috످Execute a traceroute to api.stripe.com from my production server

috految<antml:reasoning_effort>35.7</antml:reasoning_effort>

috److I can't access your server or run commands from this chat, but you can run the traceroute yourself. It's safe for production.

First, SSH into your server:

```bash
ssh <user>@<your-production-server>
```

Next, run the traceroute (Linux):

```bash
sudo traceroute -T -p 443 api.stripe.com
```

This uses TCP port 443 to match your Stripe API traffic, since firewalls often block the default UDP probes. If `traceroute` is missing, install it with `sudo apt install traceroute` (Ubuntu/Debian) or `sudo dnf install traceroute` (RHEL/Amazon Linux).

Then check the results. If the traceroute reaches Stripe's IP, the network path is likely working. Seeing `* * *` on some hops is likely normal (some routers ignore probes), but `* * *` through the final hop likely means a firewall or routing issue. If latency jumps and stays high, it's likely congestion or a long-distance hop. `Name or service not known` likely means a DNS failure.

If Stripe requests are failing, check Stripe's status page (https://status.stripe.com) and test the API from your server:

```bash
curl -v --max-time 10 https://api.stripe.com/v1/charges
```

A `401` response means Stripe is reachable (it's expected without an API key). A timeout suggests a network or firewall issue.

If you paste the output here with any sensitive IPs or keys redacted, I can help you interpret it.

috످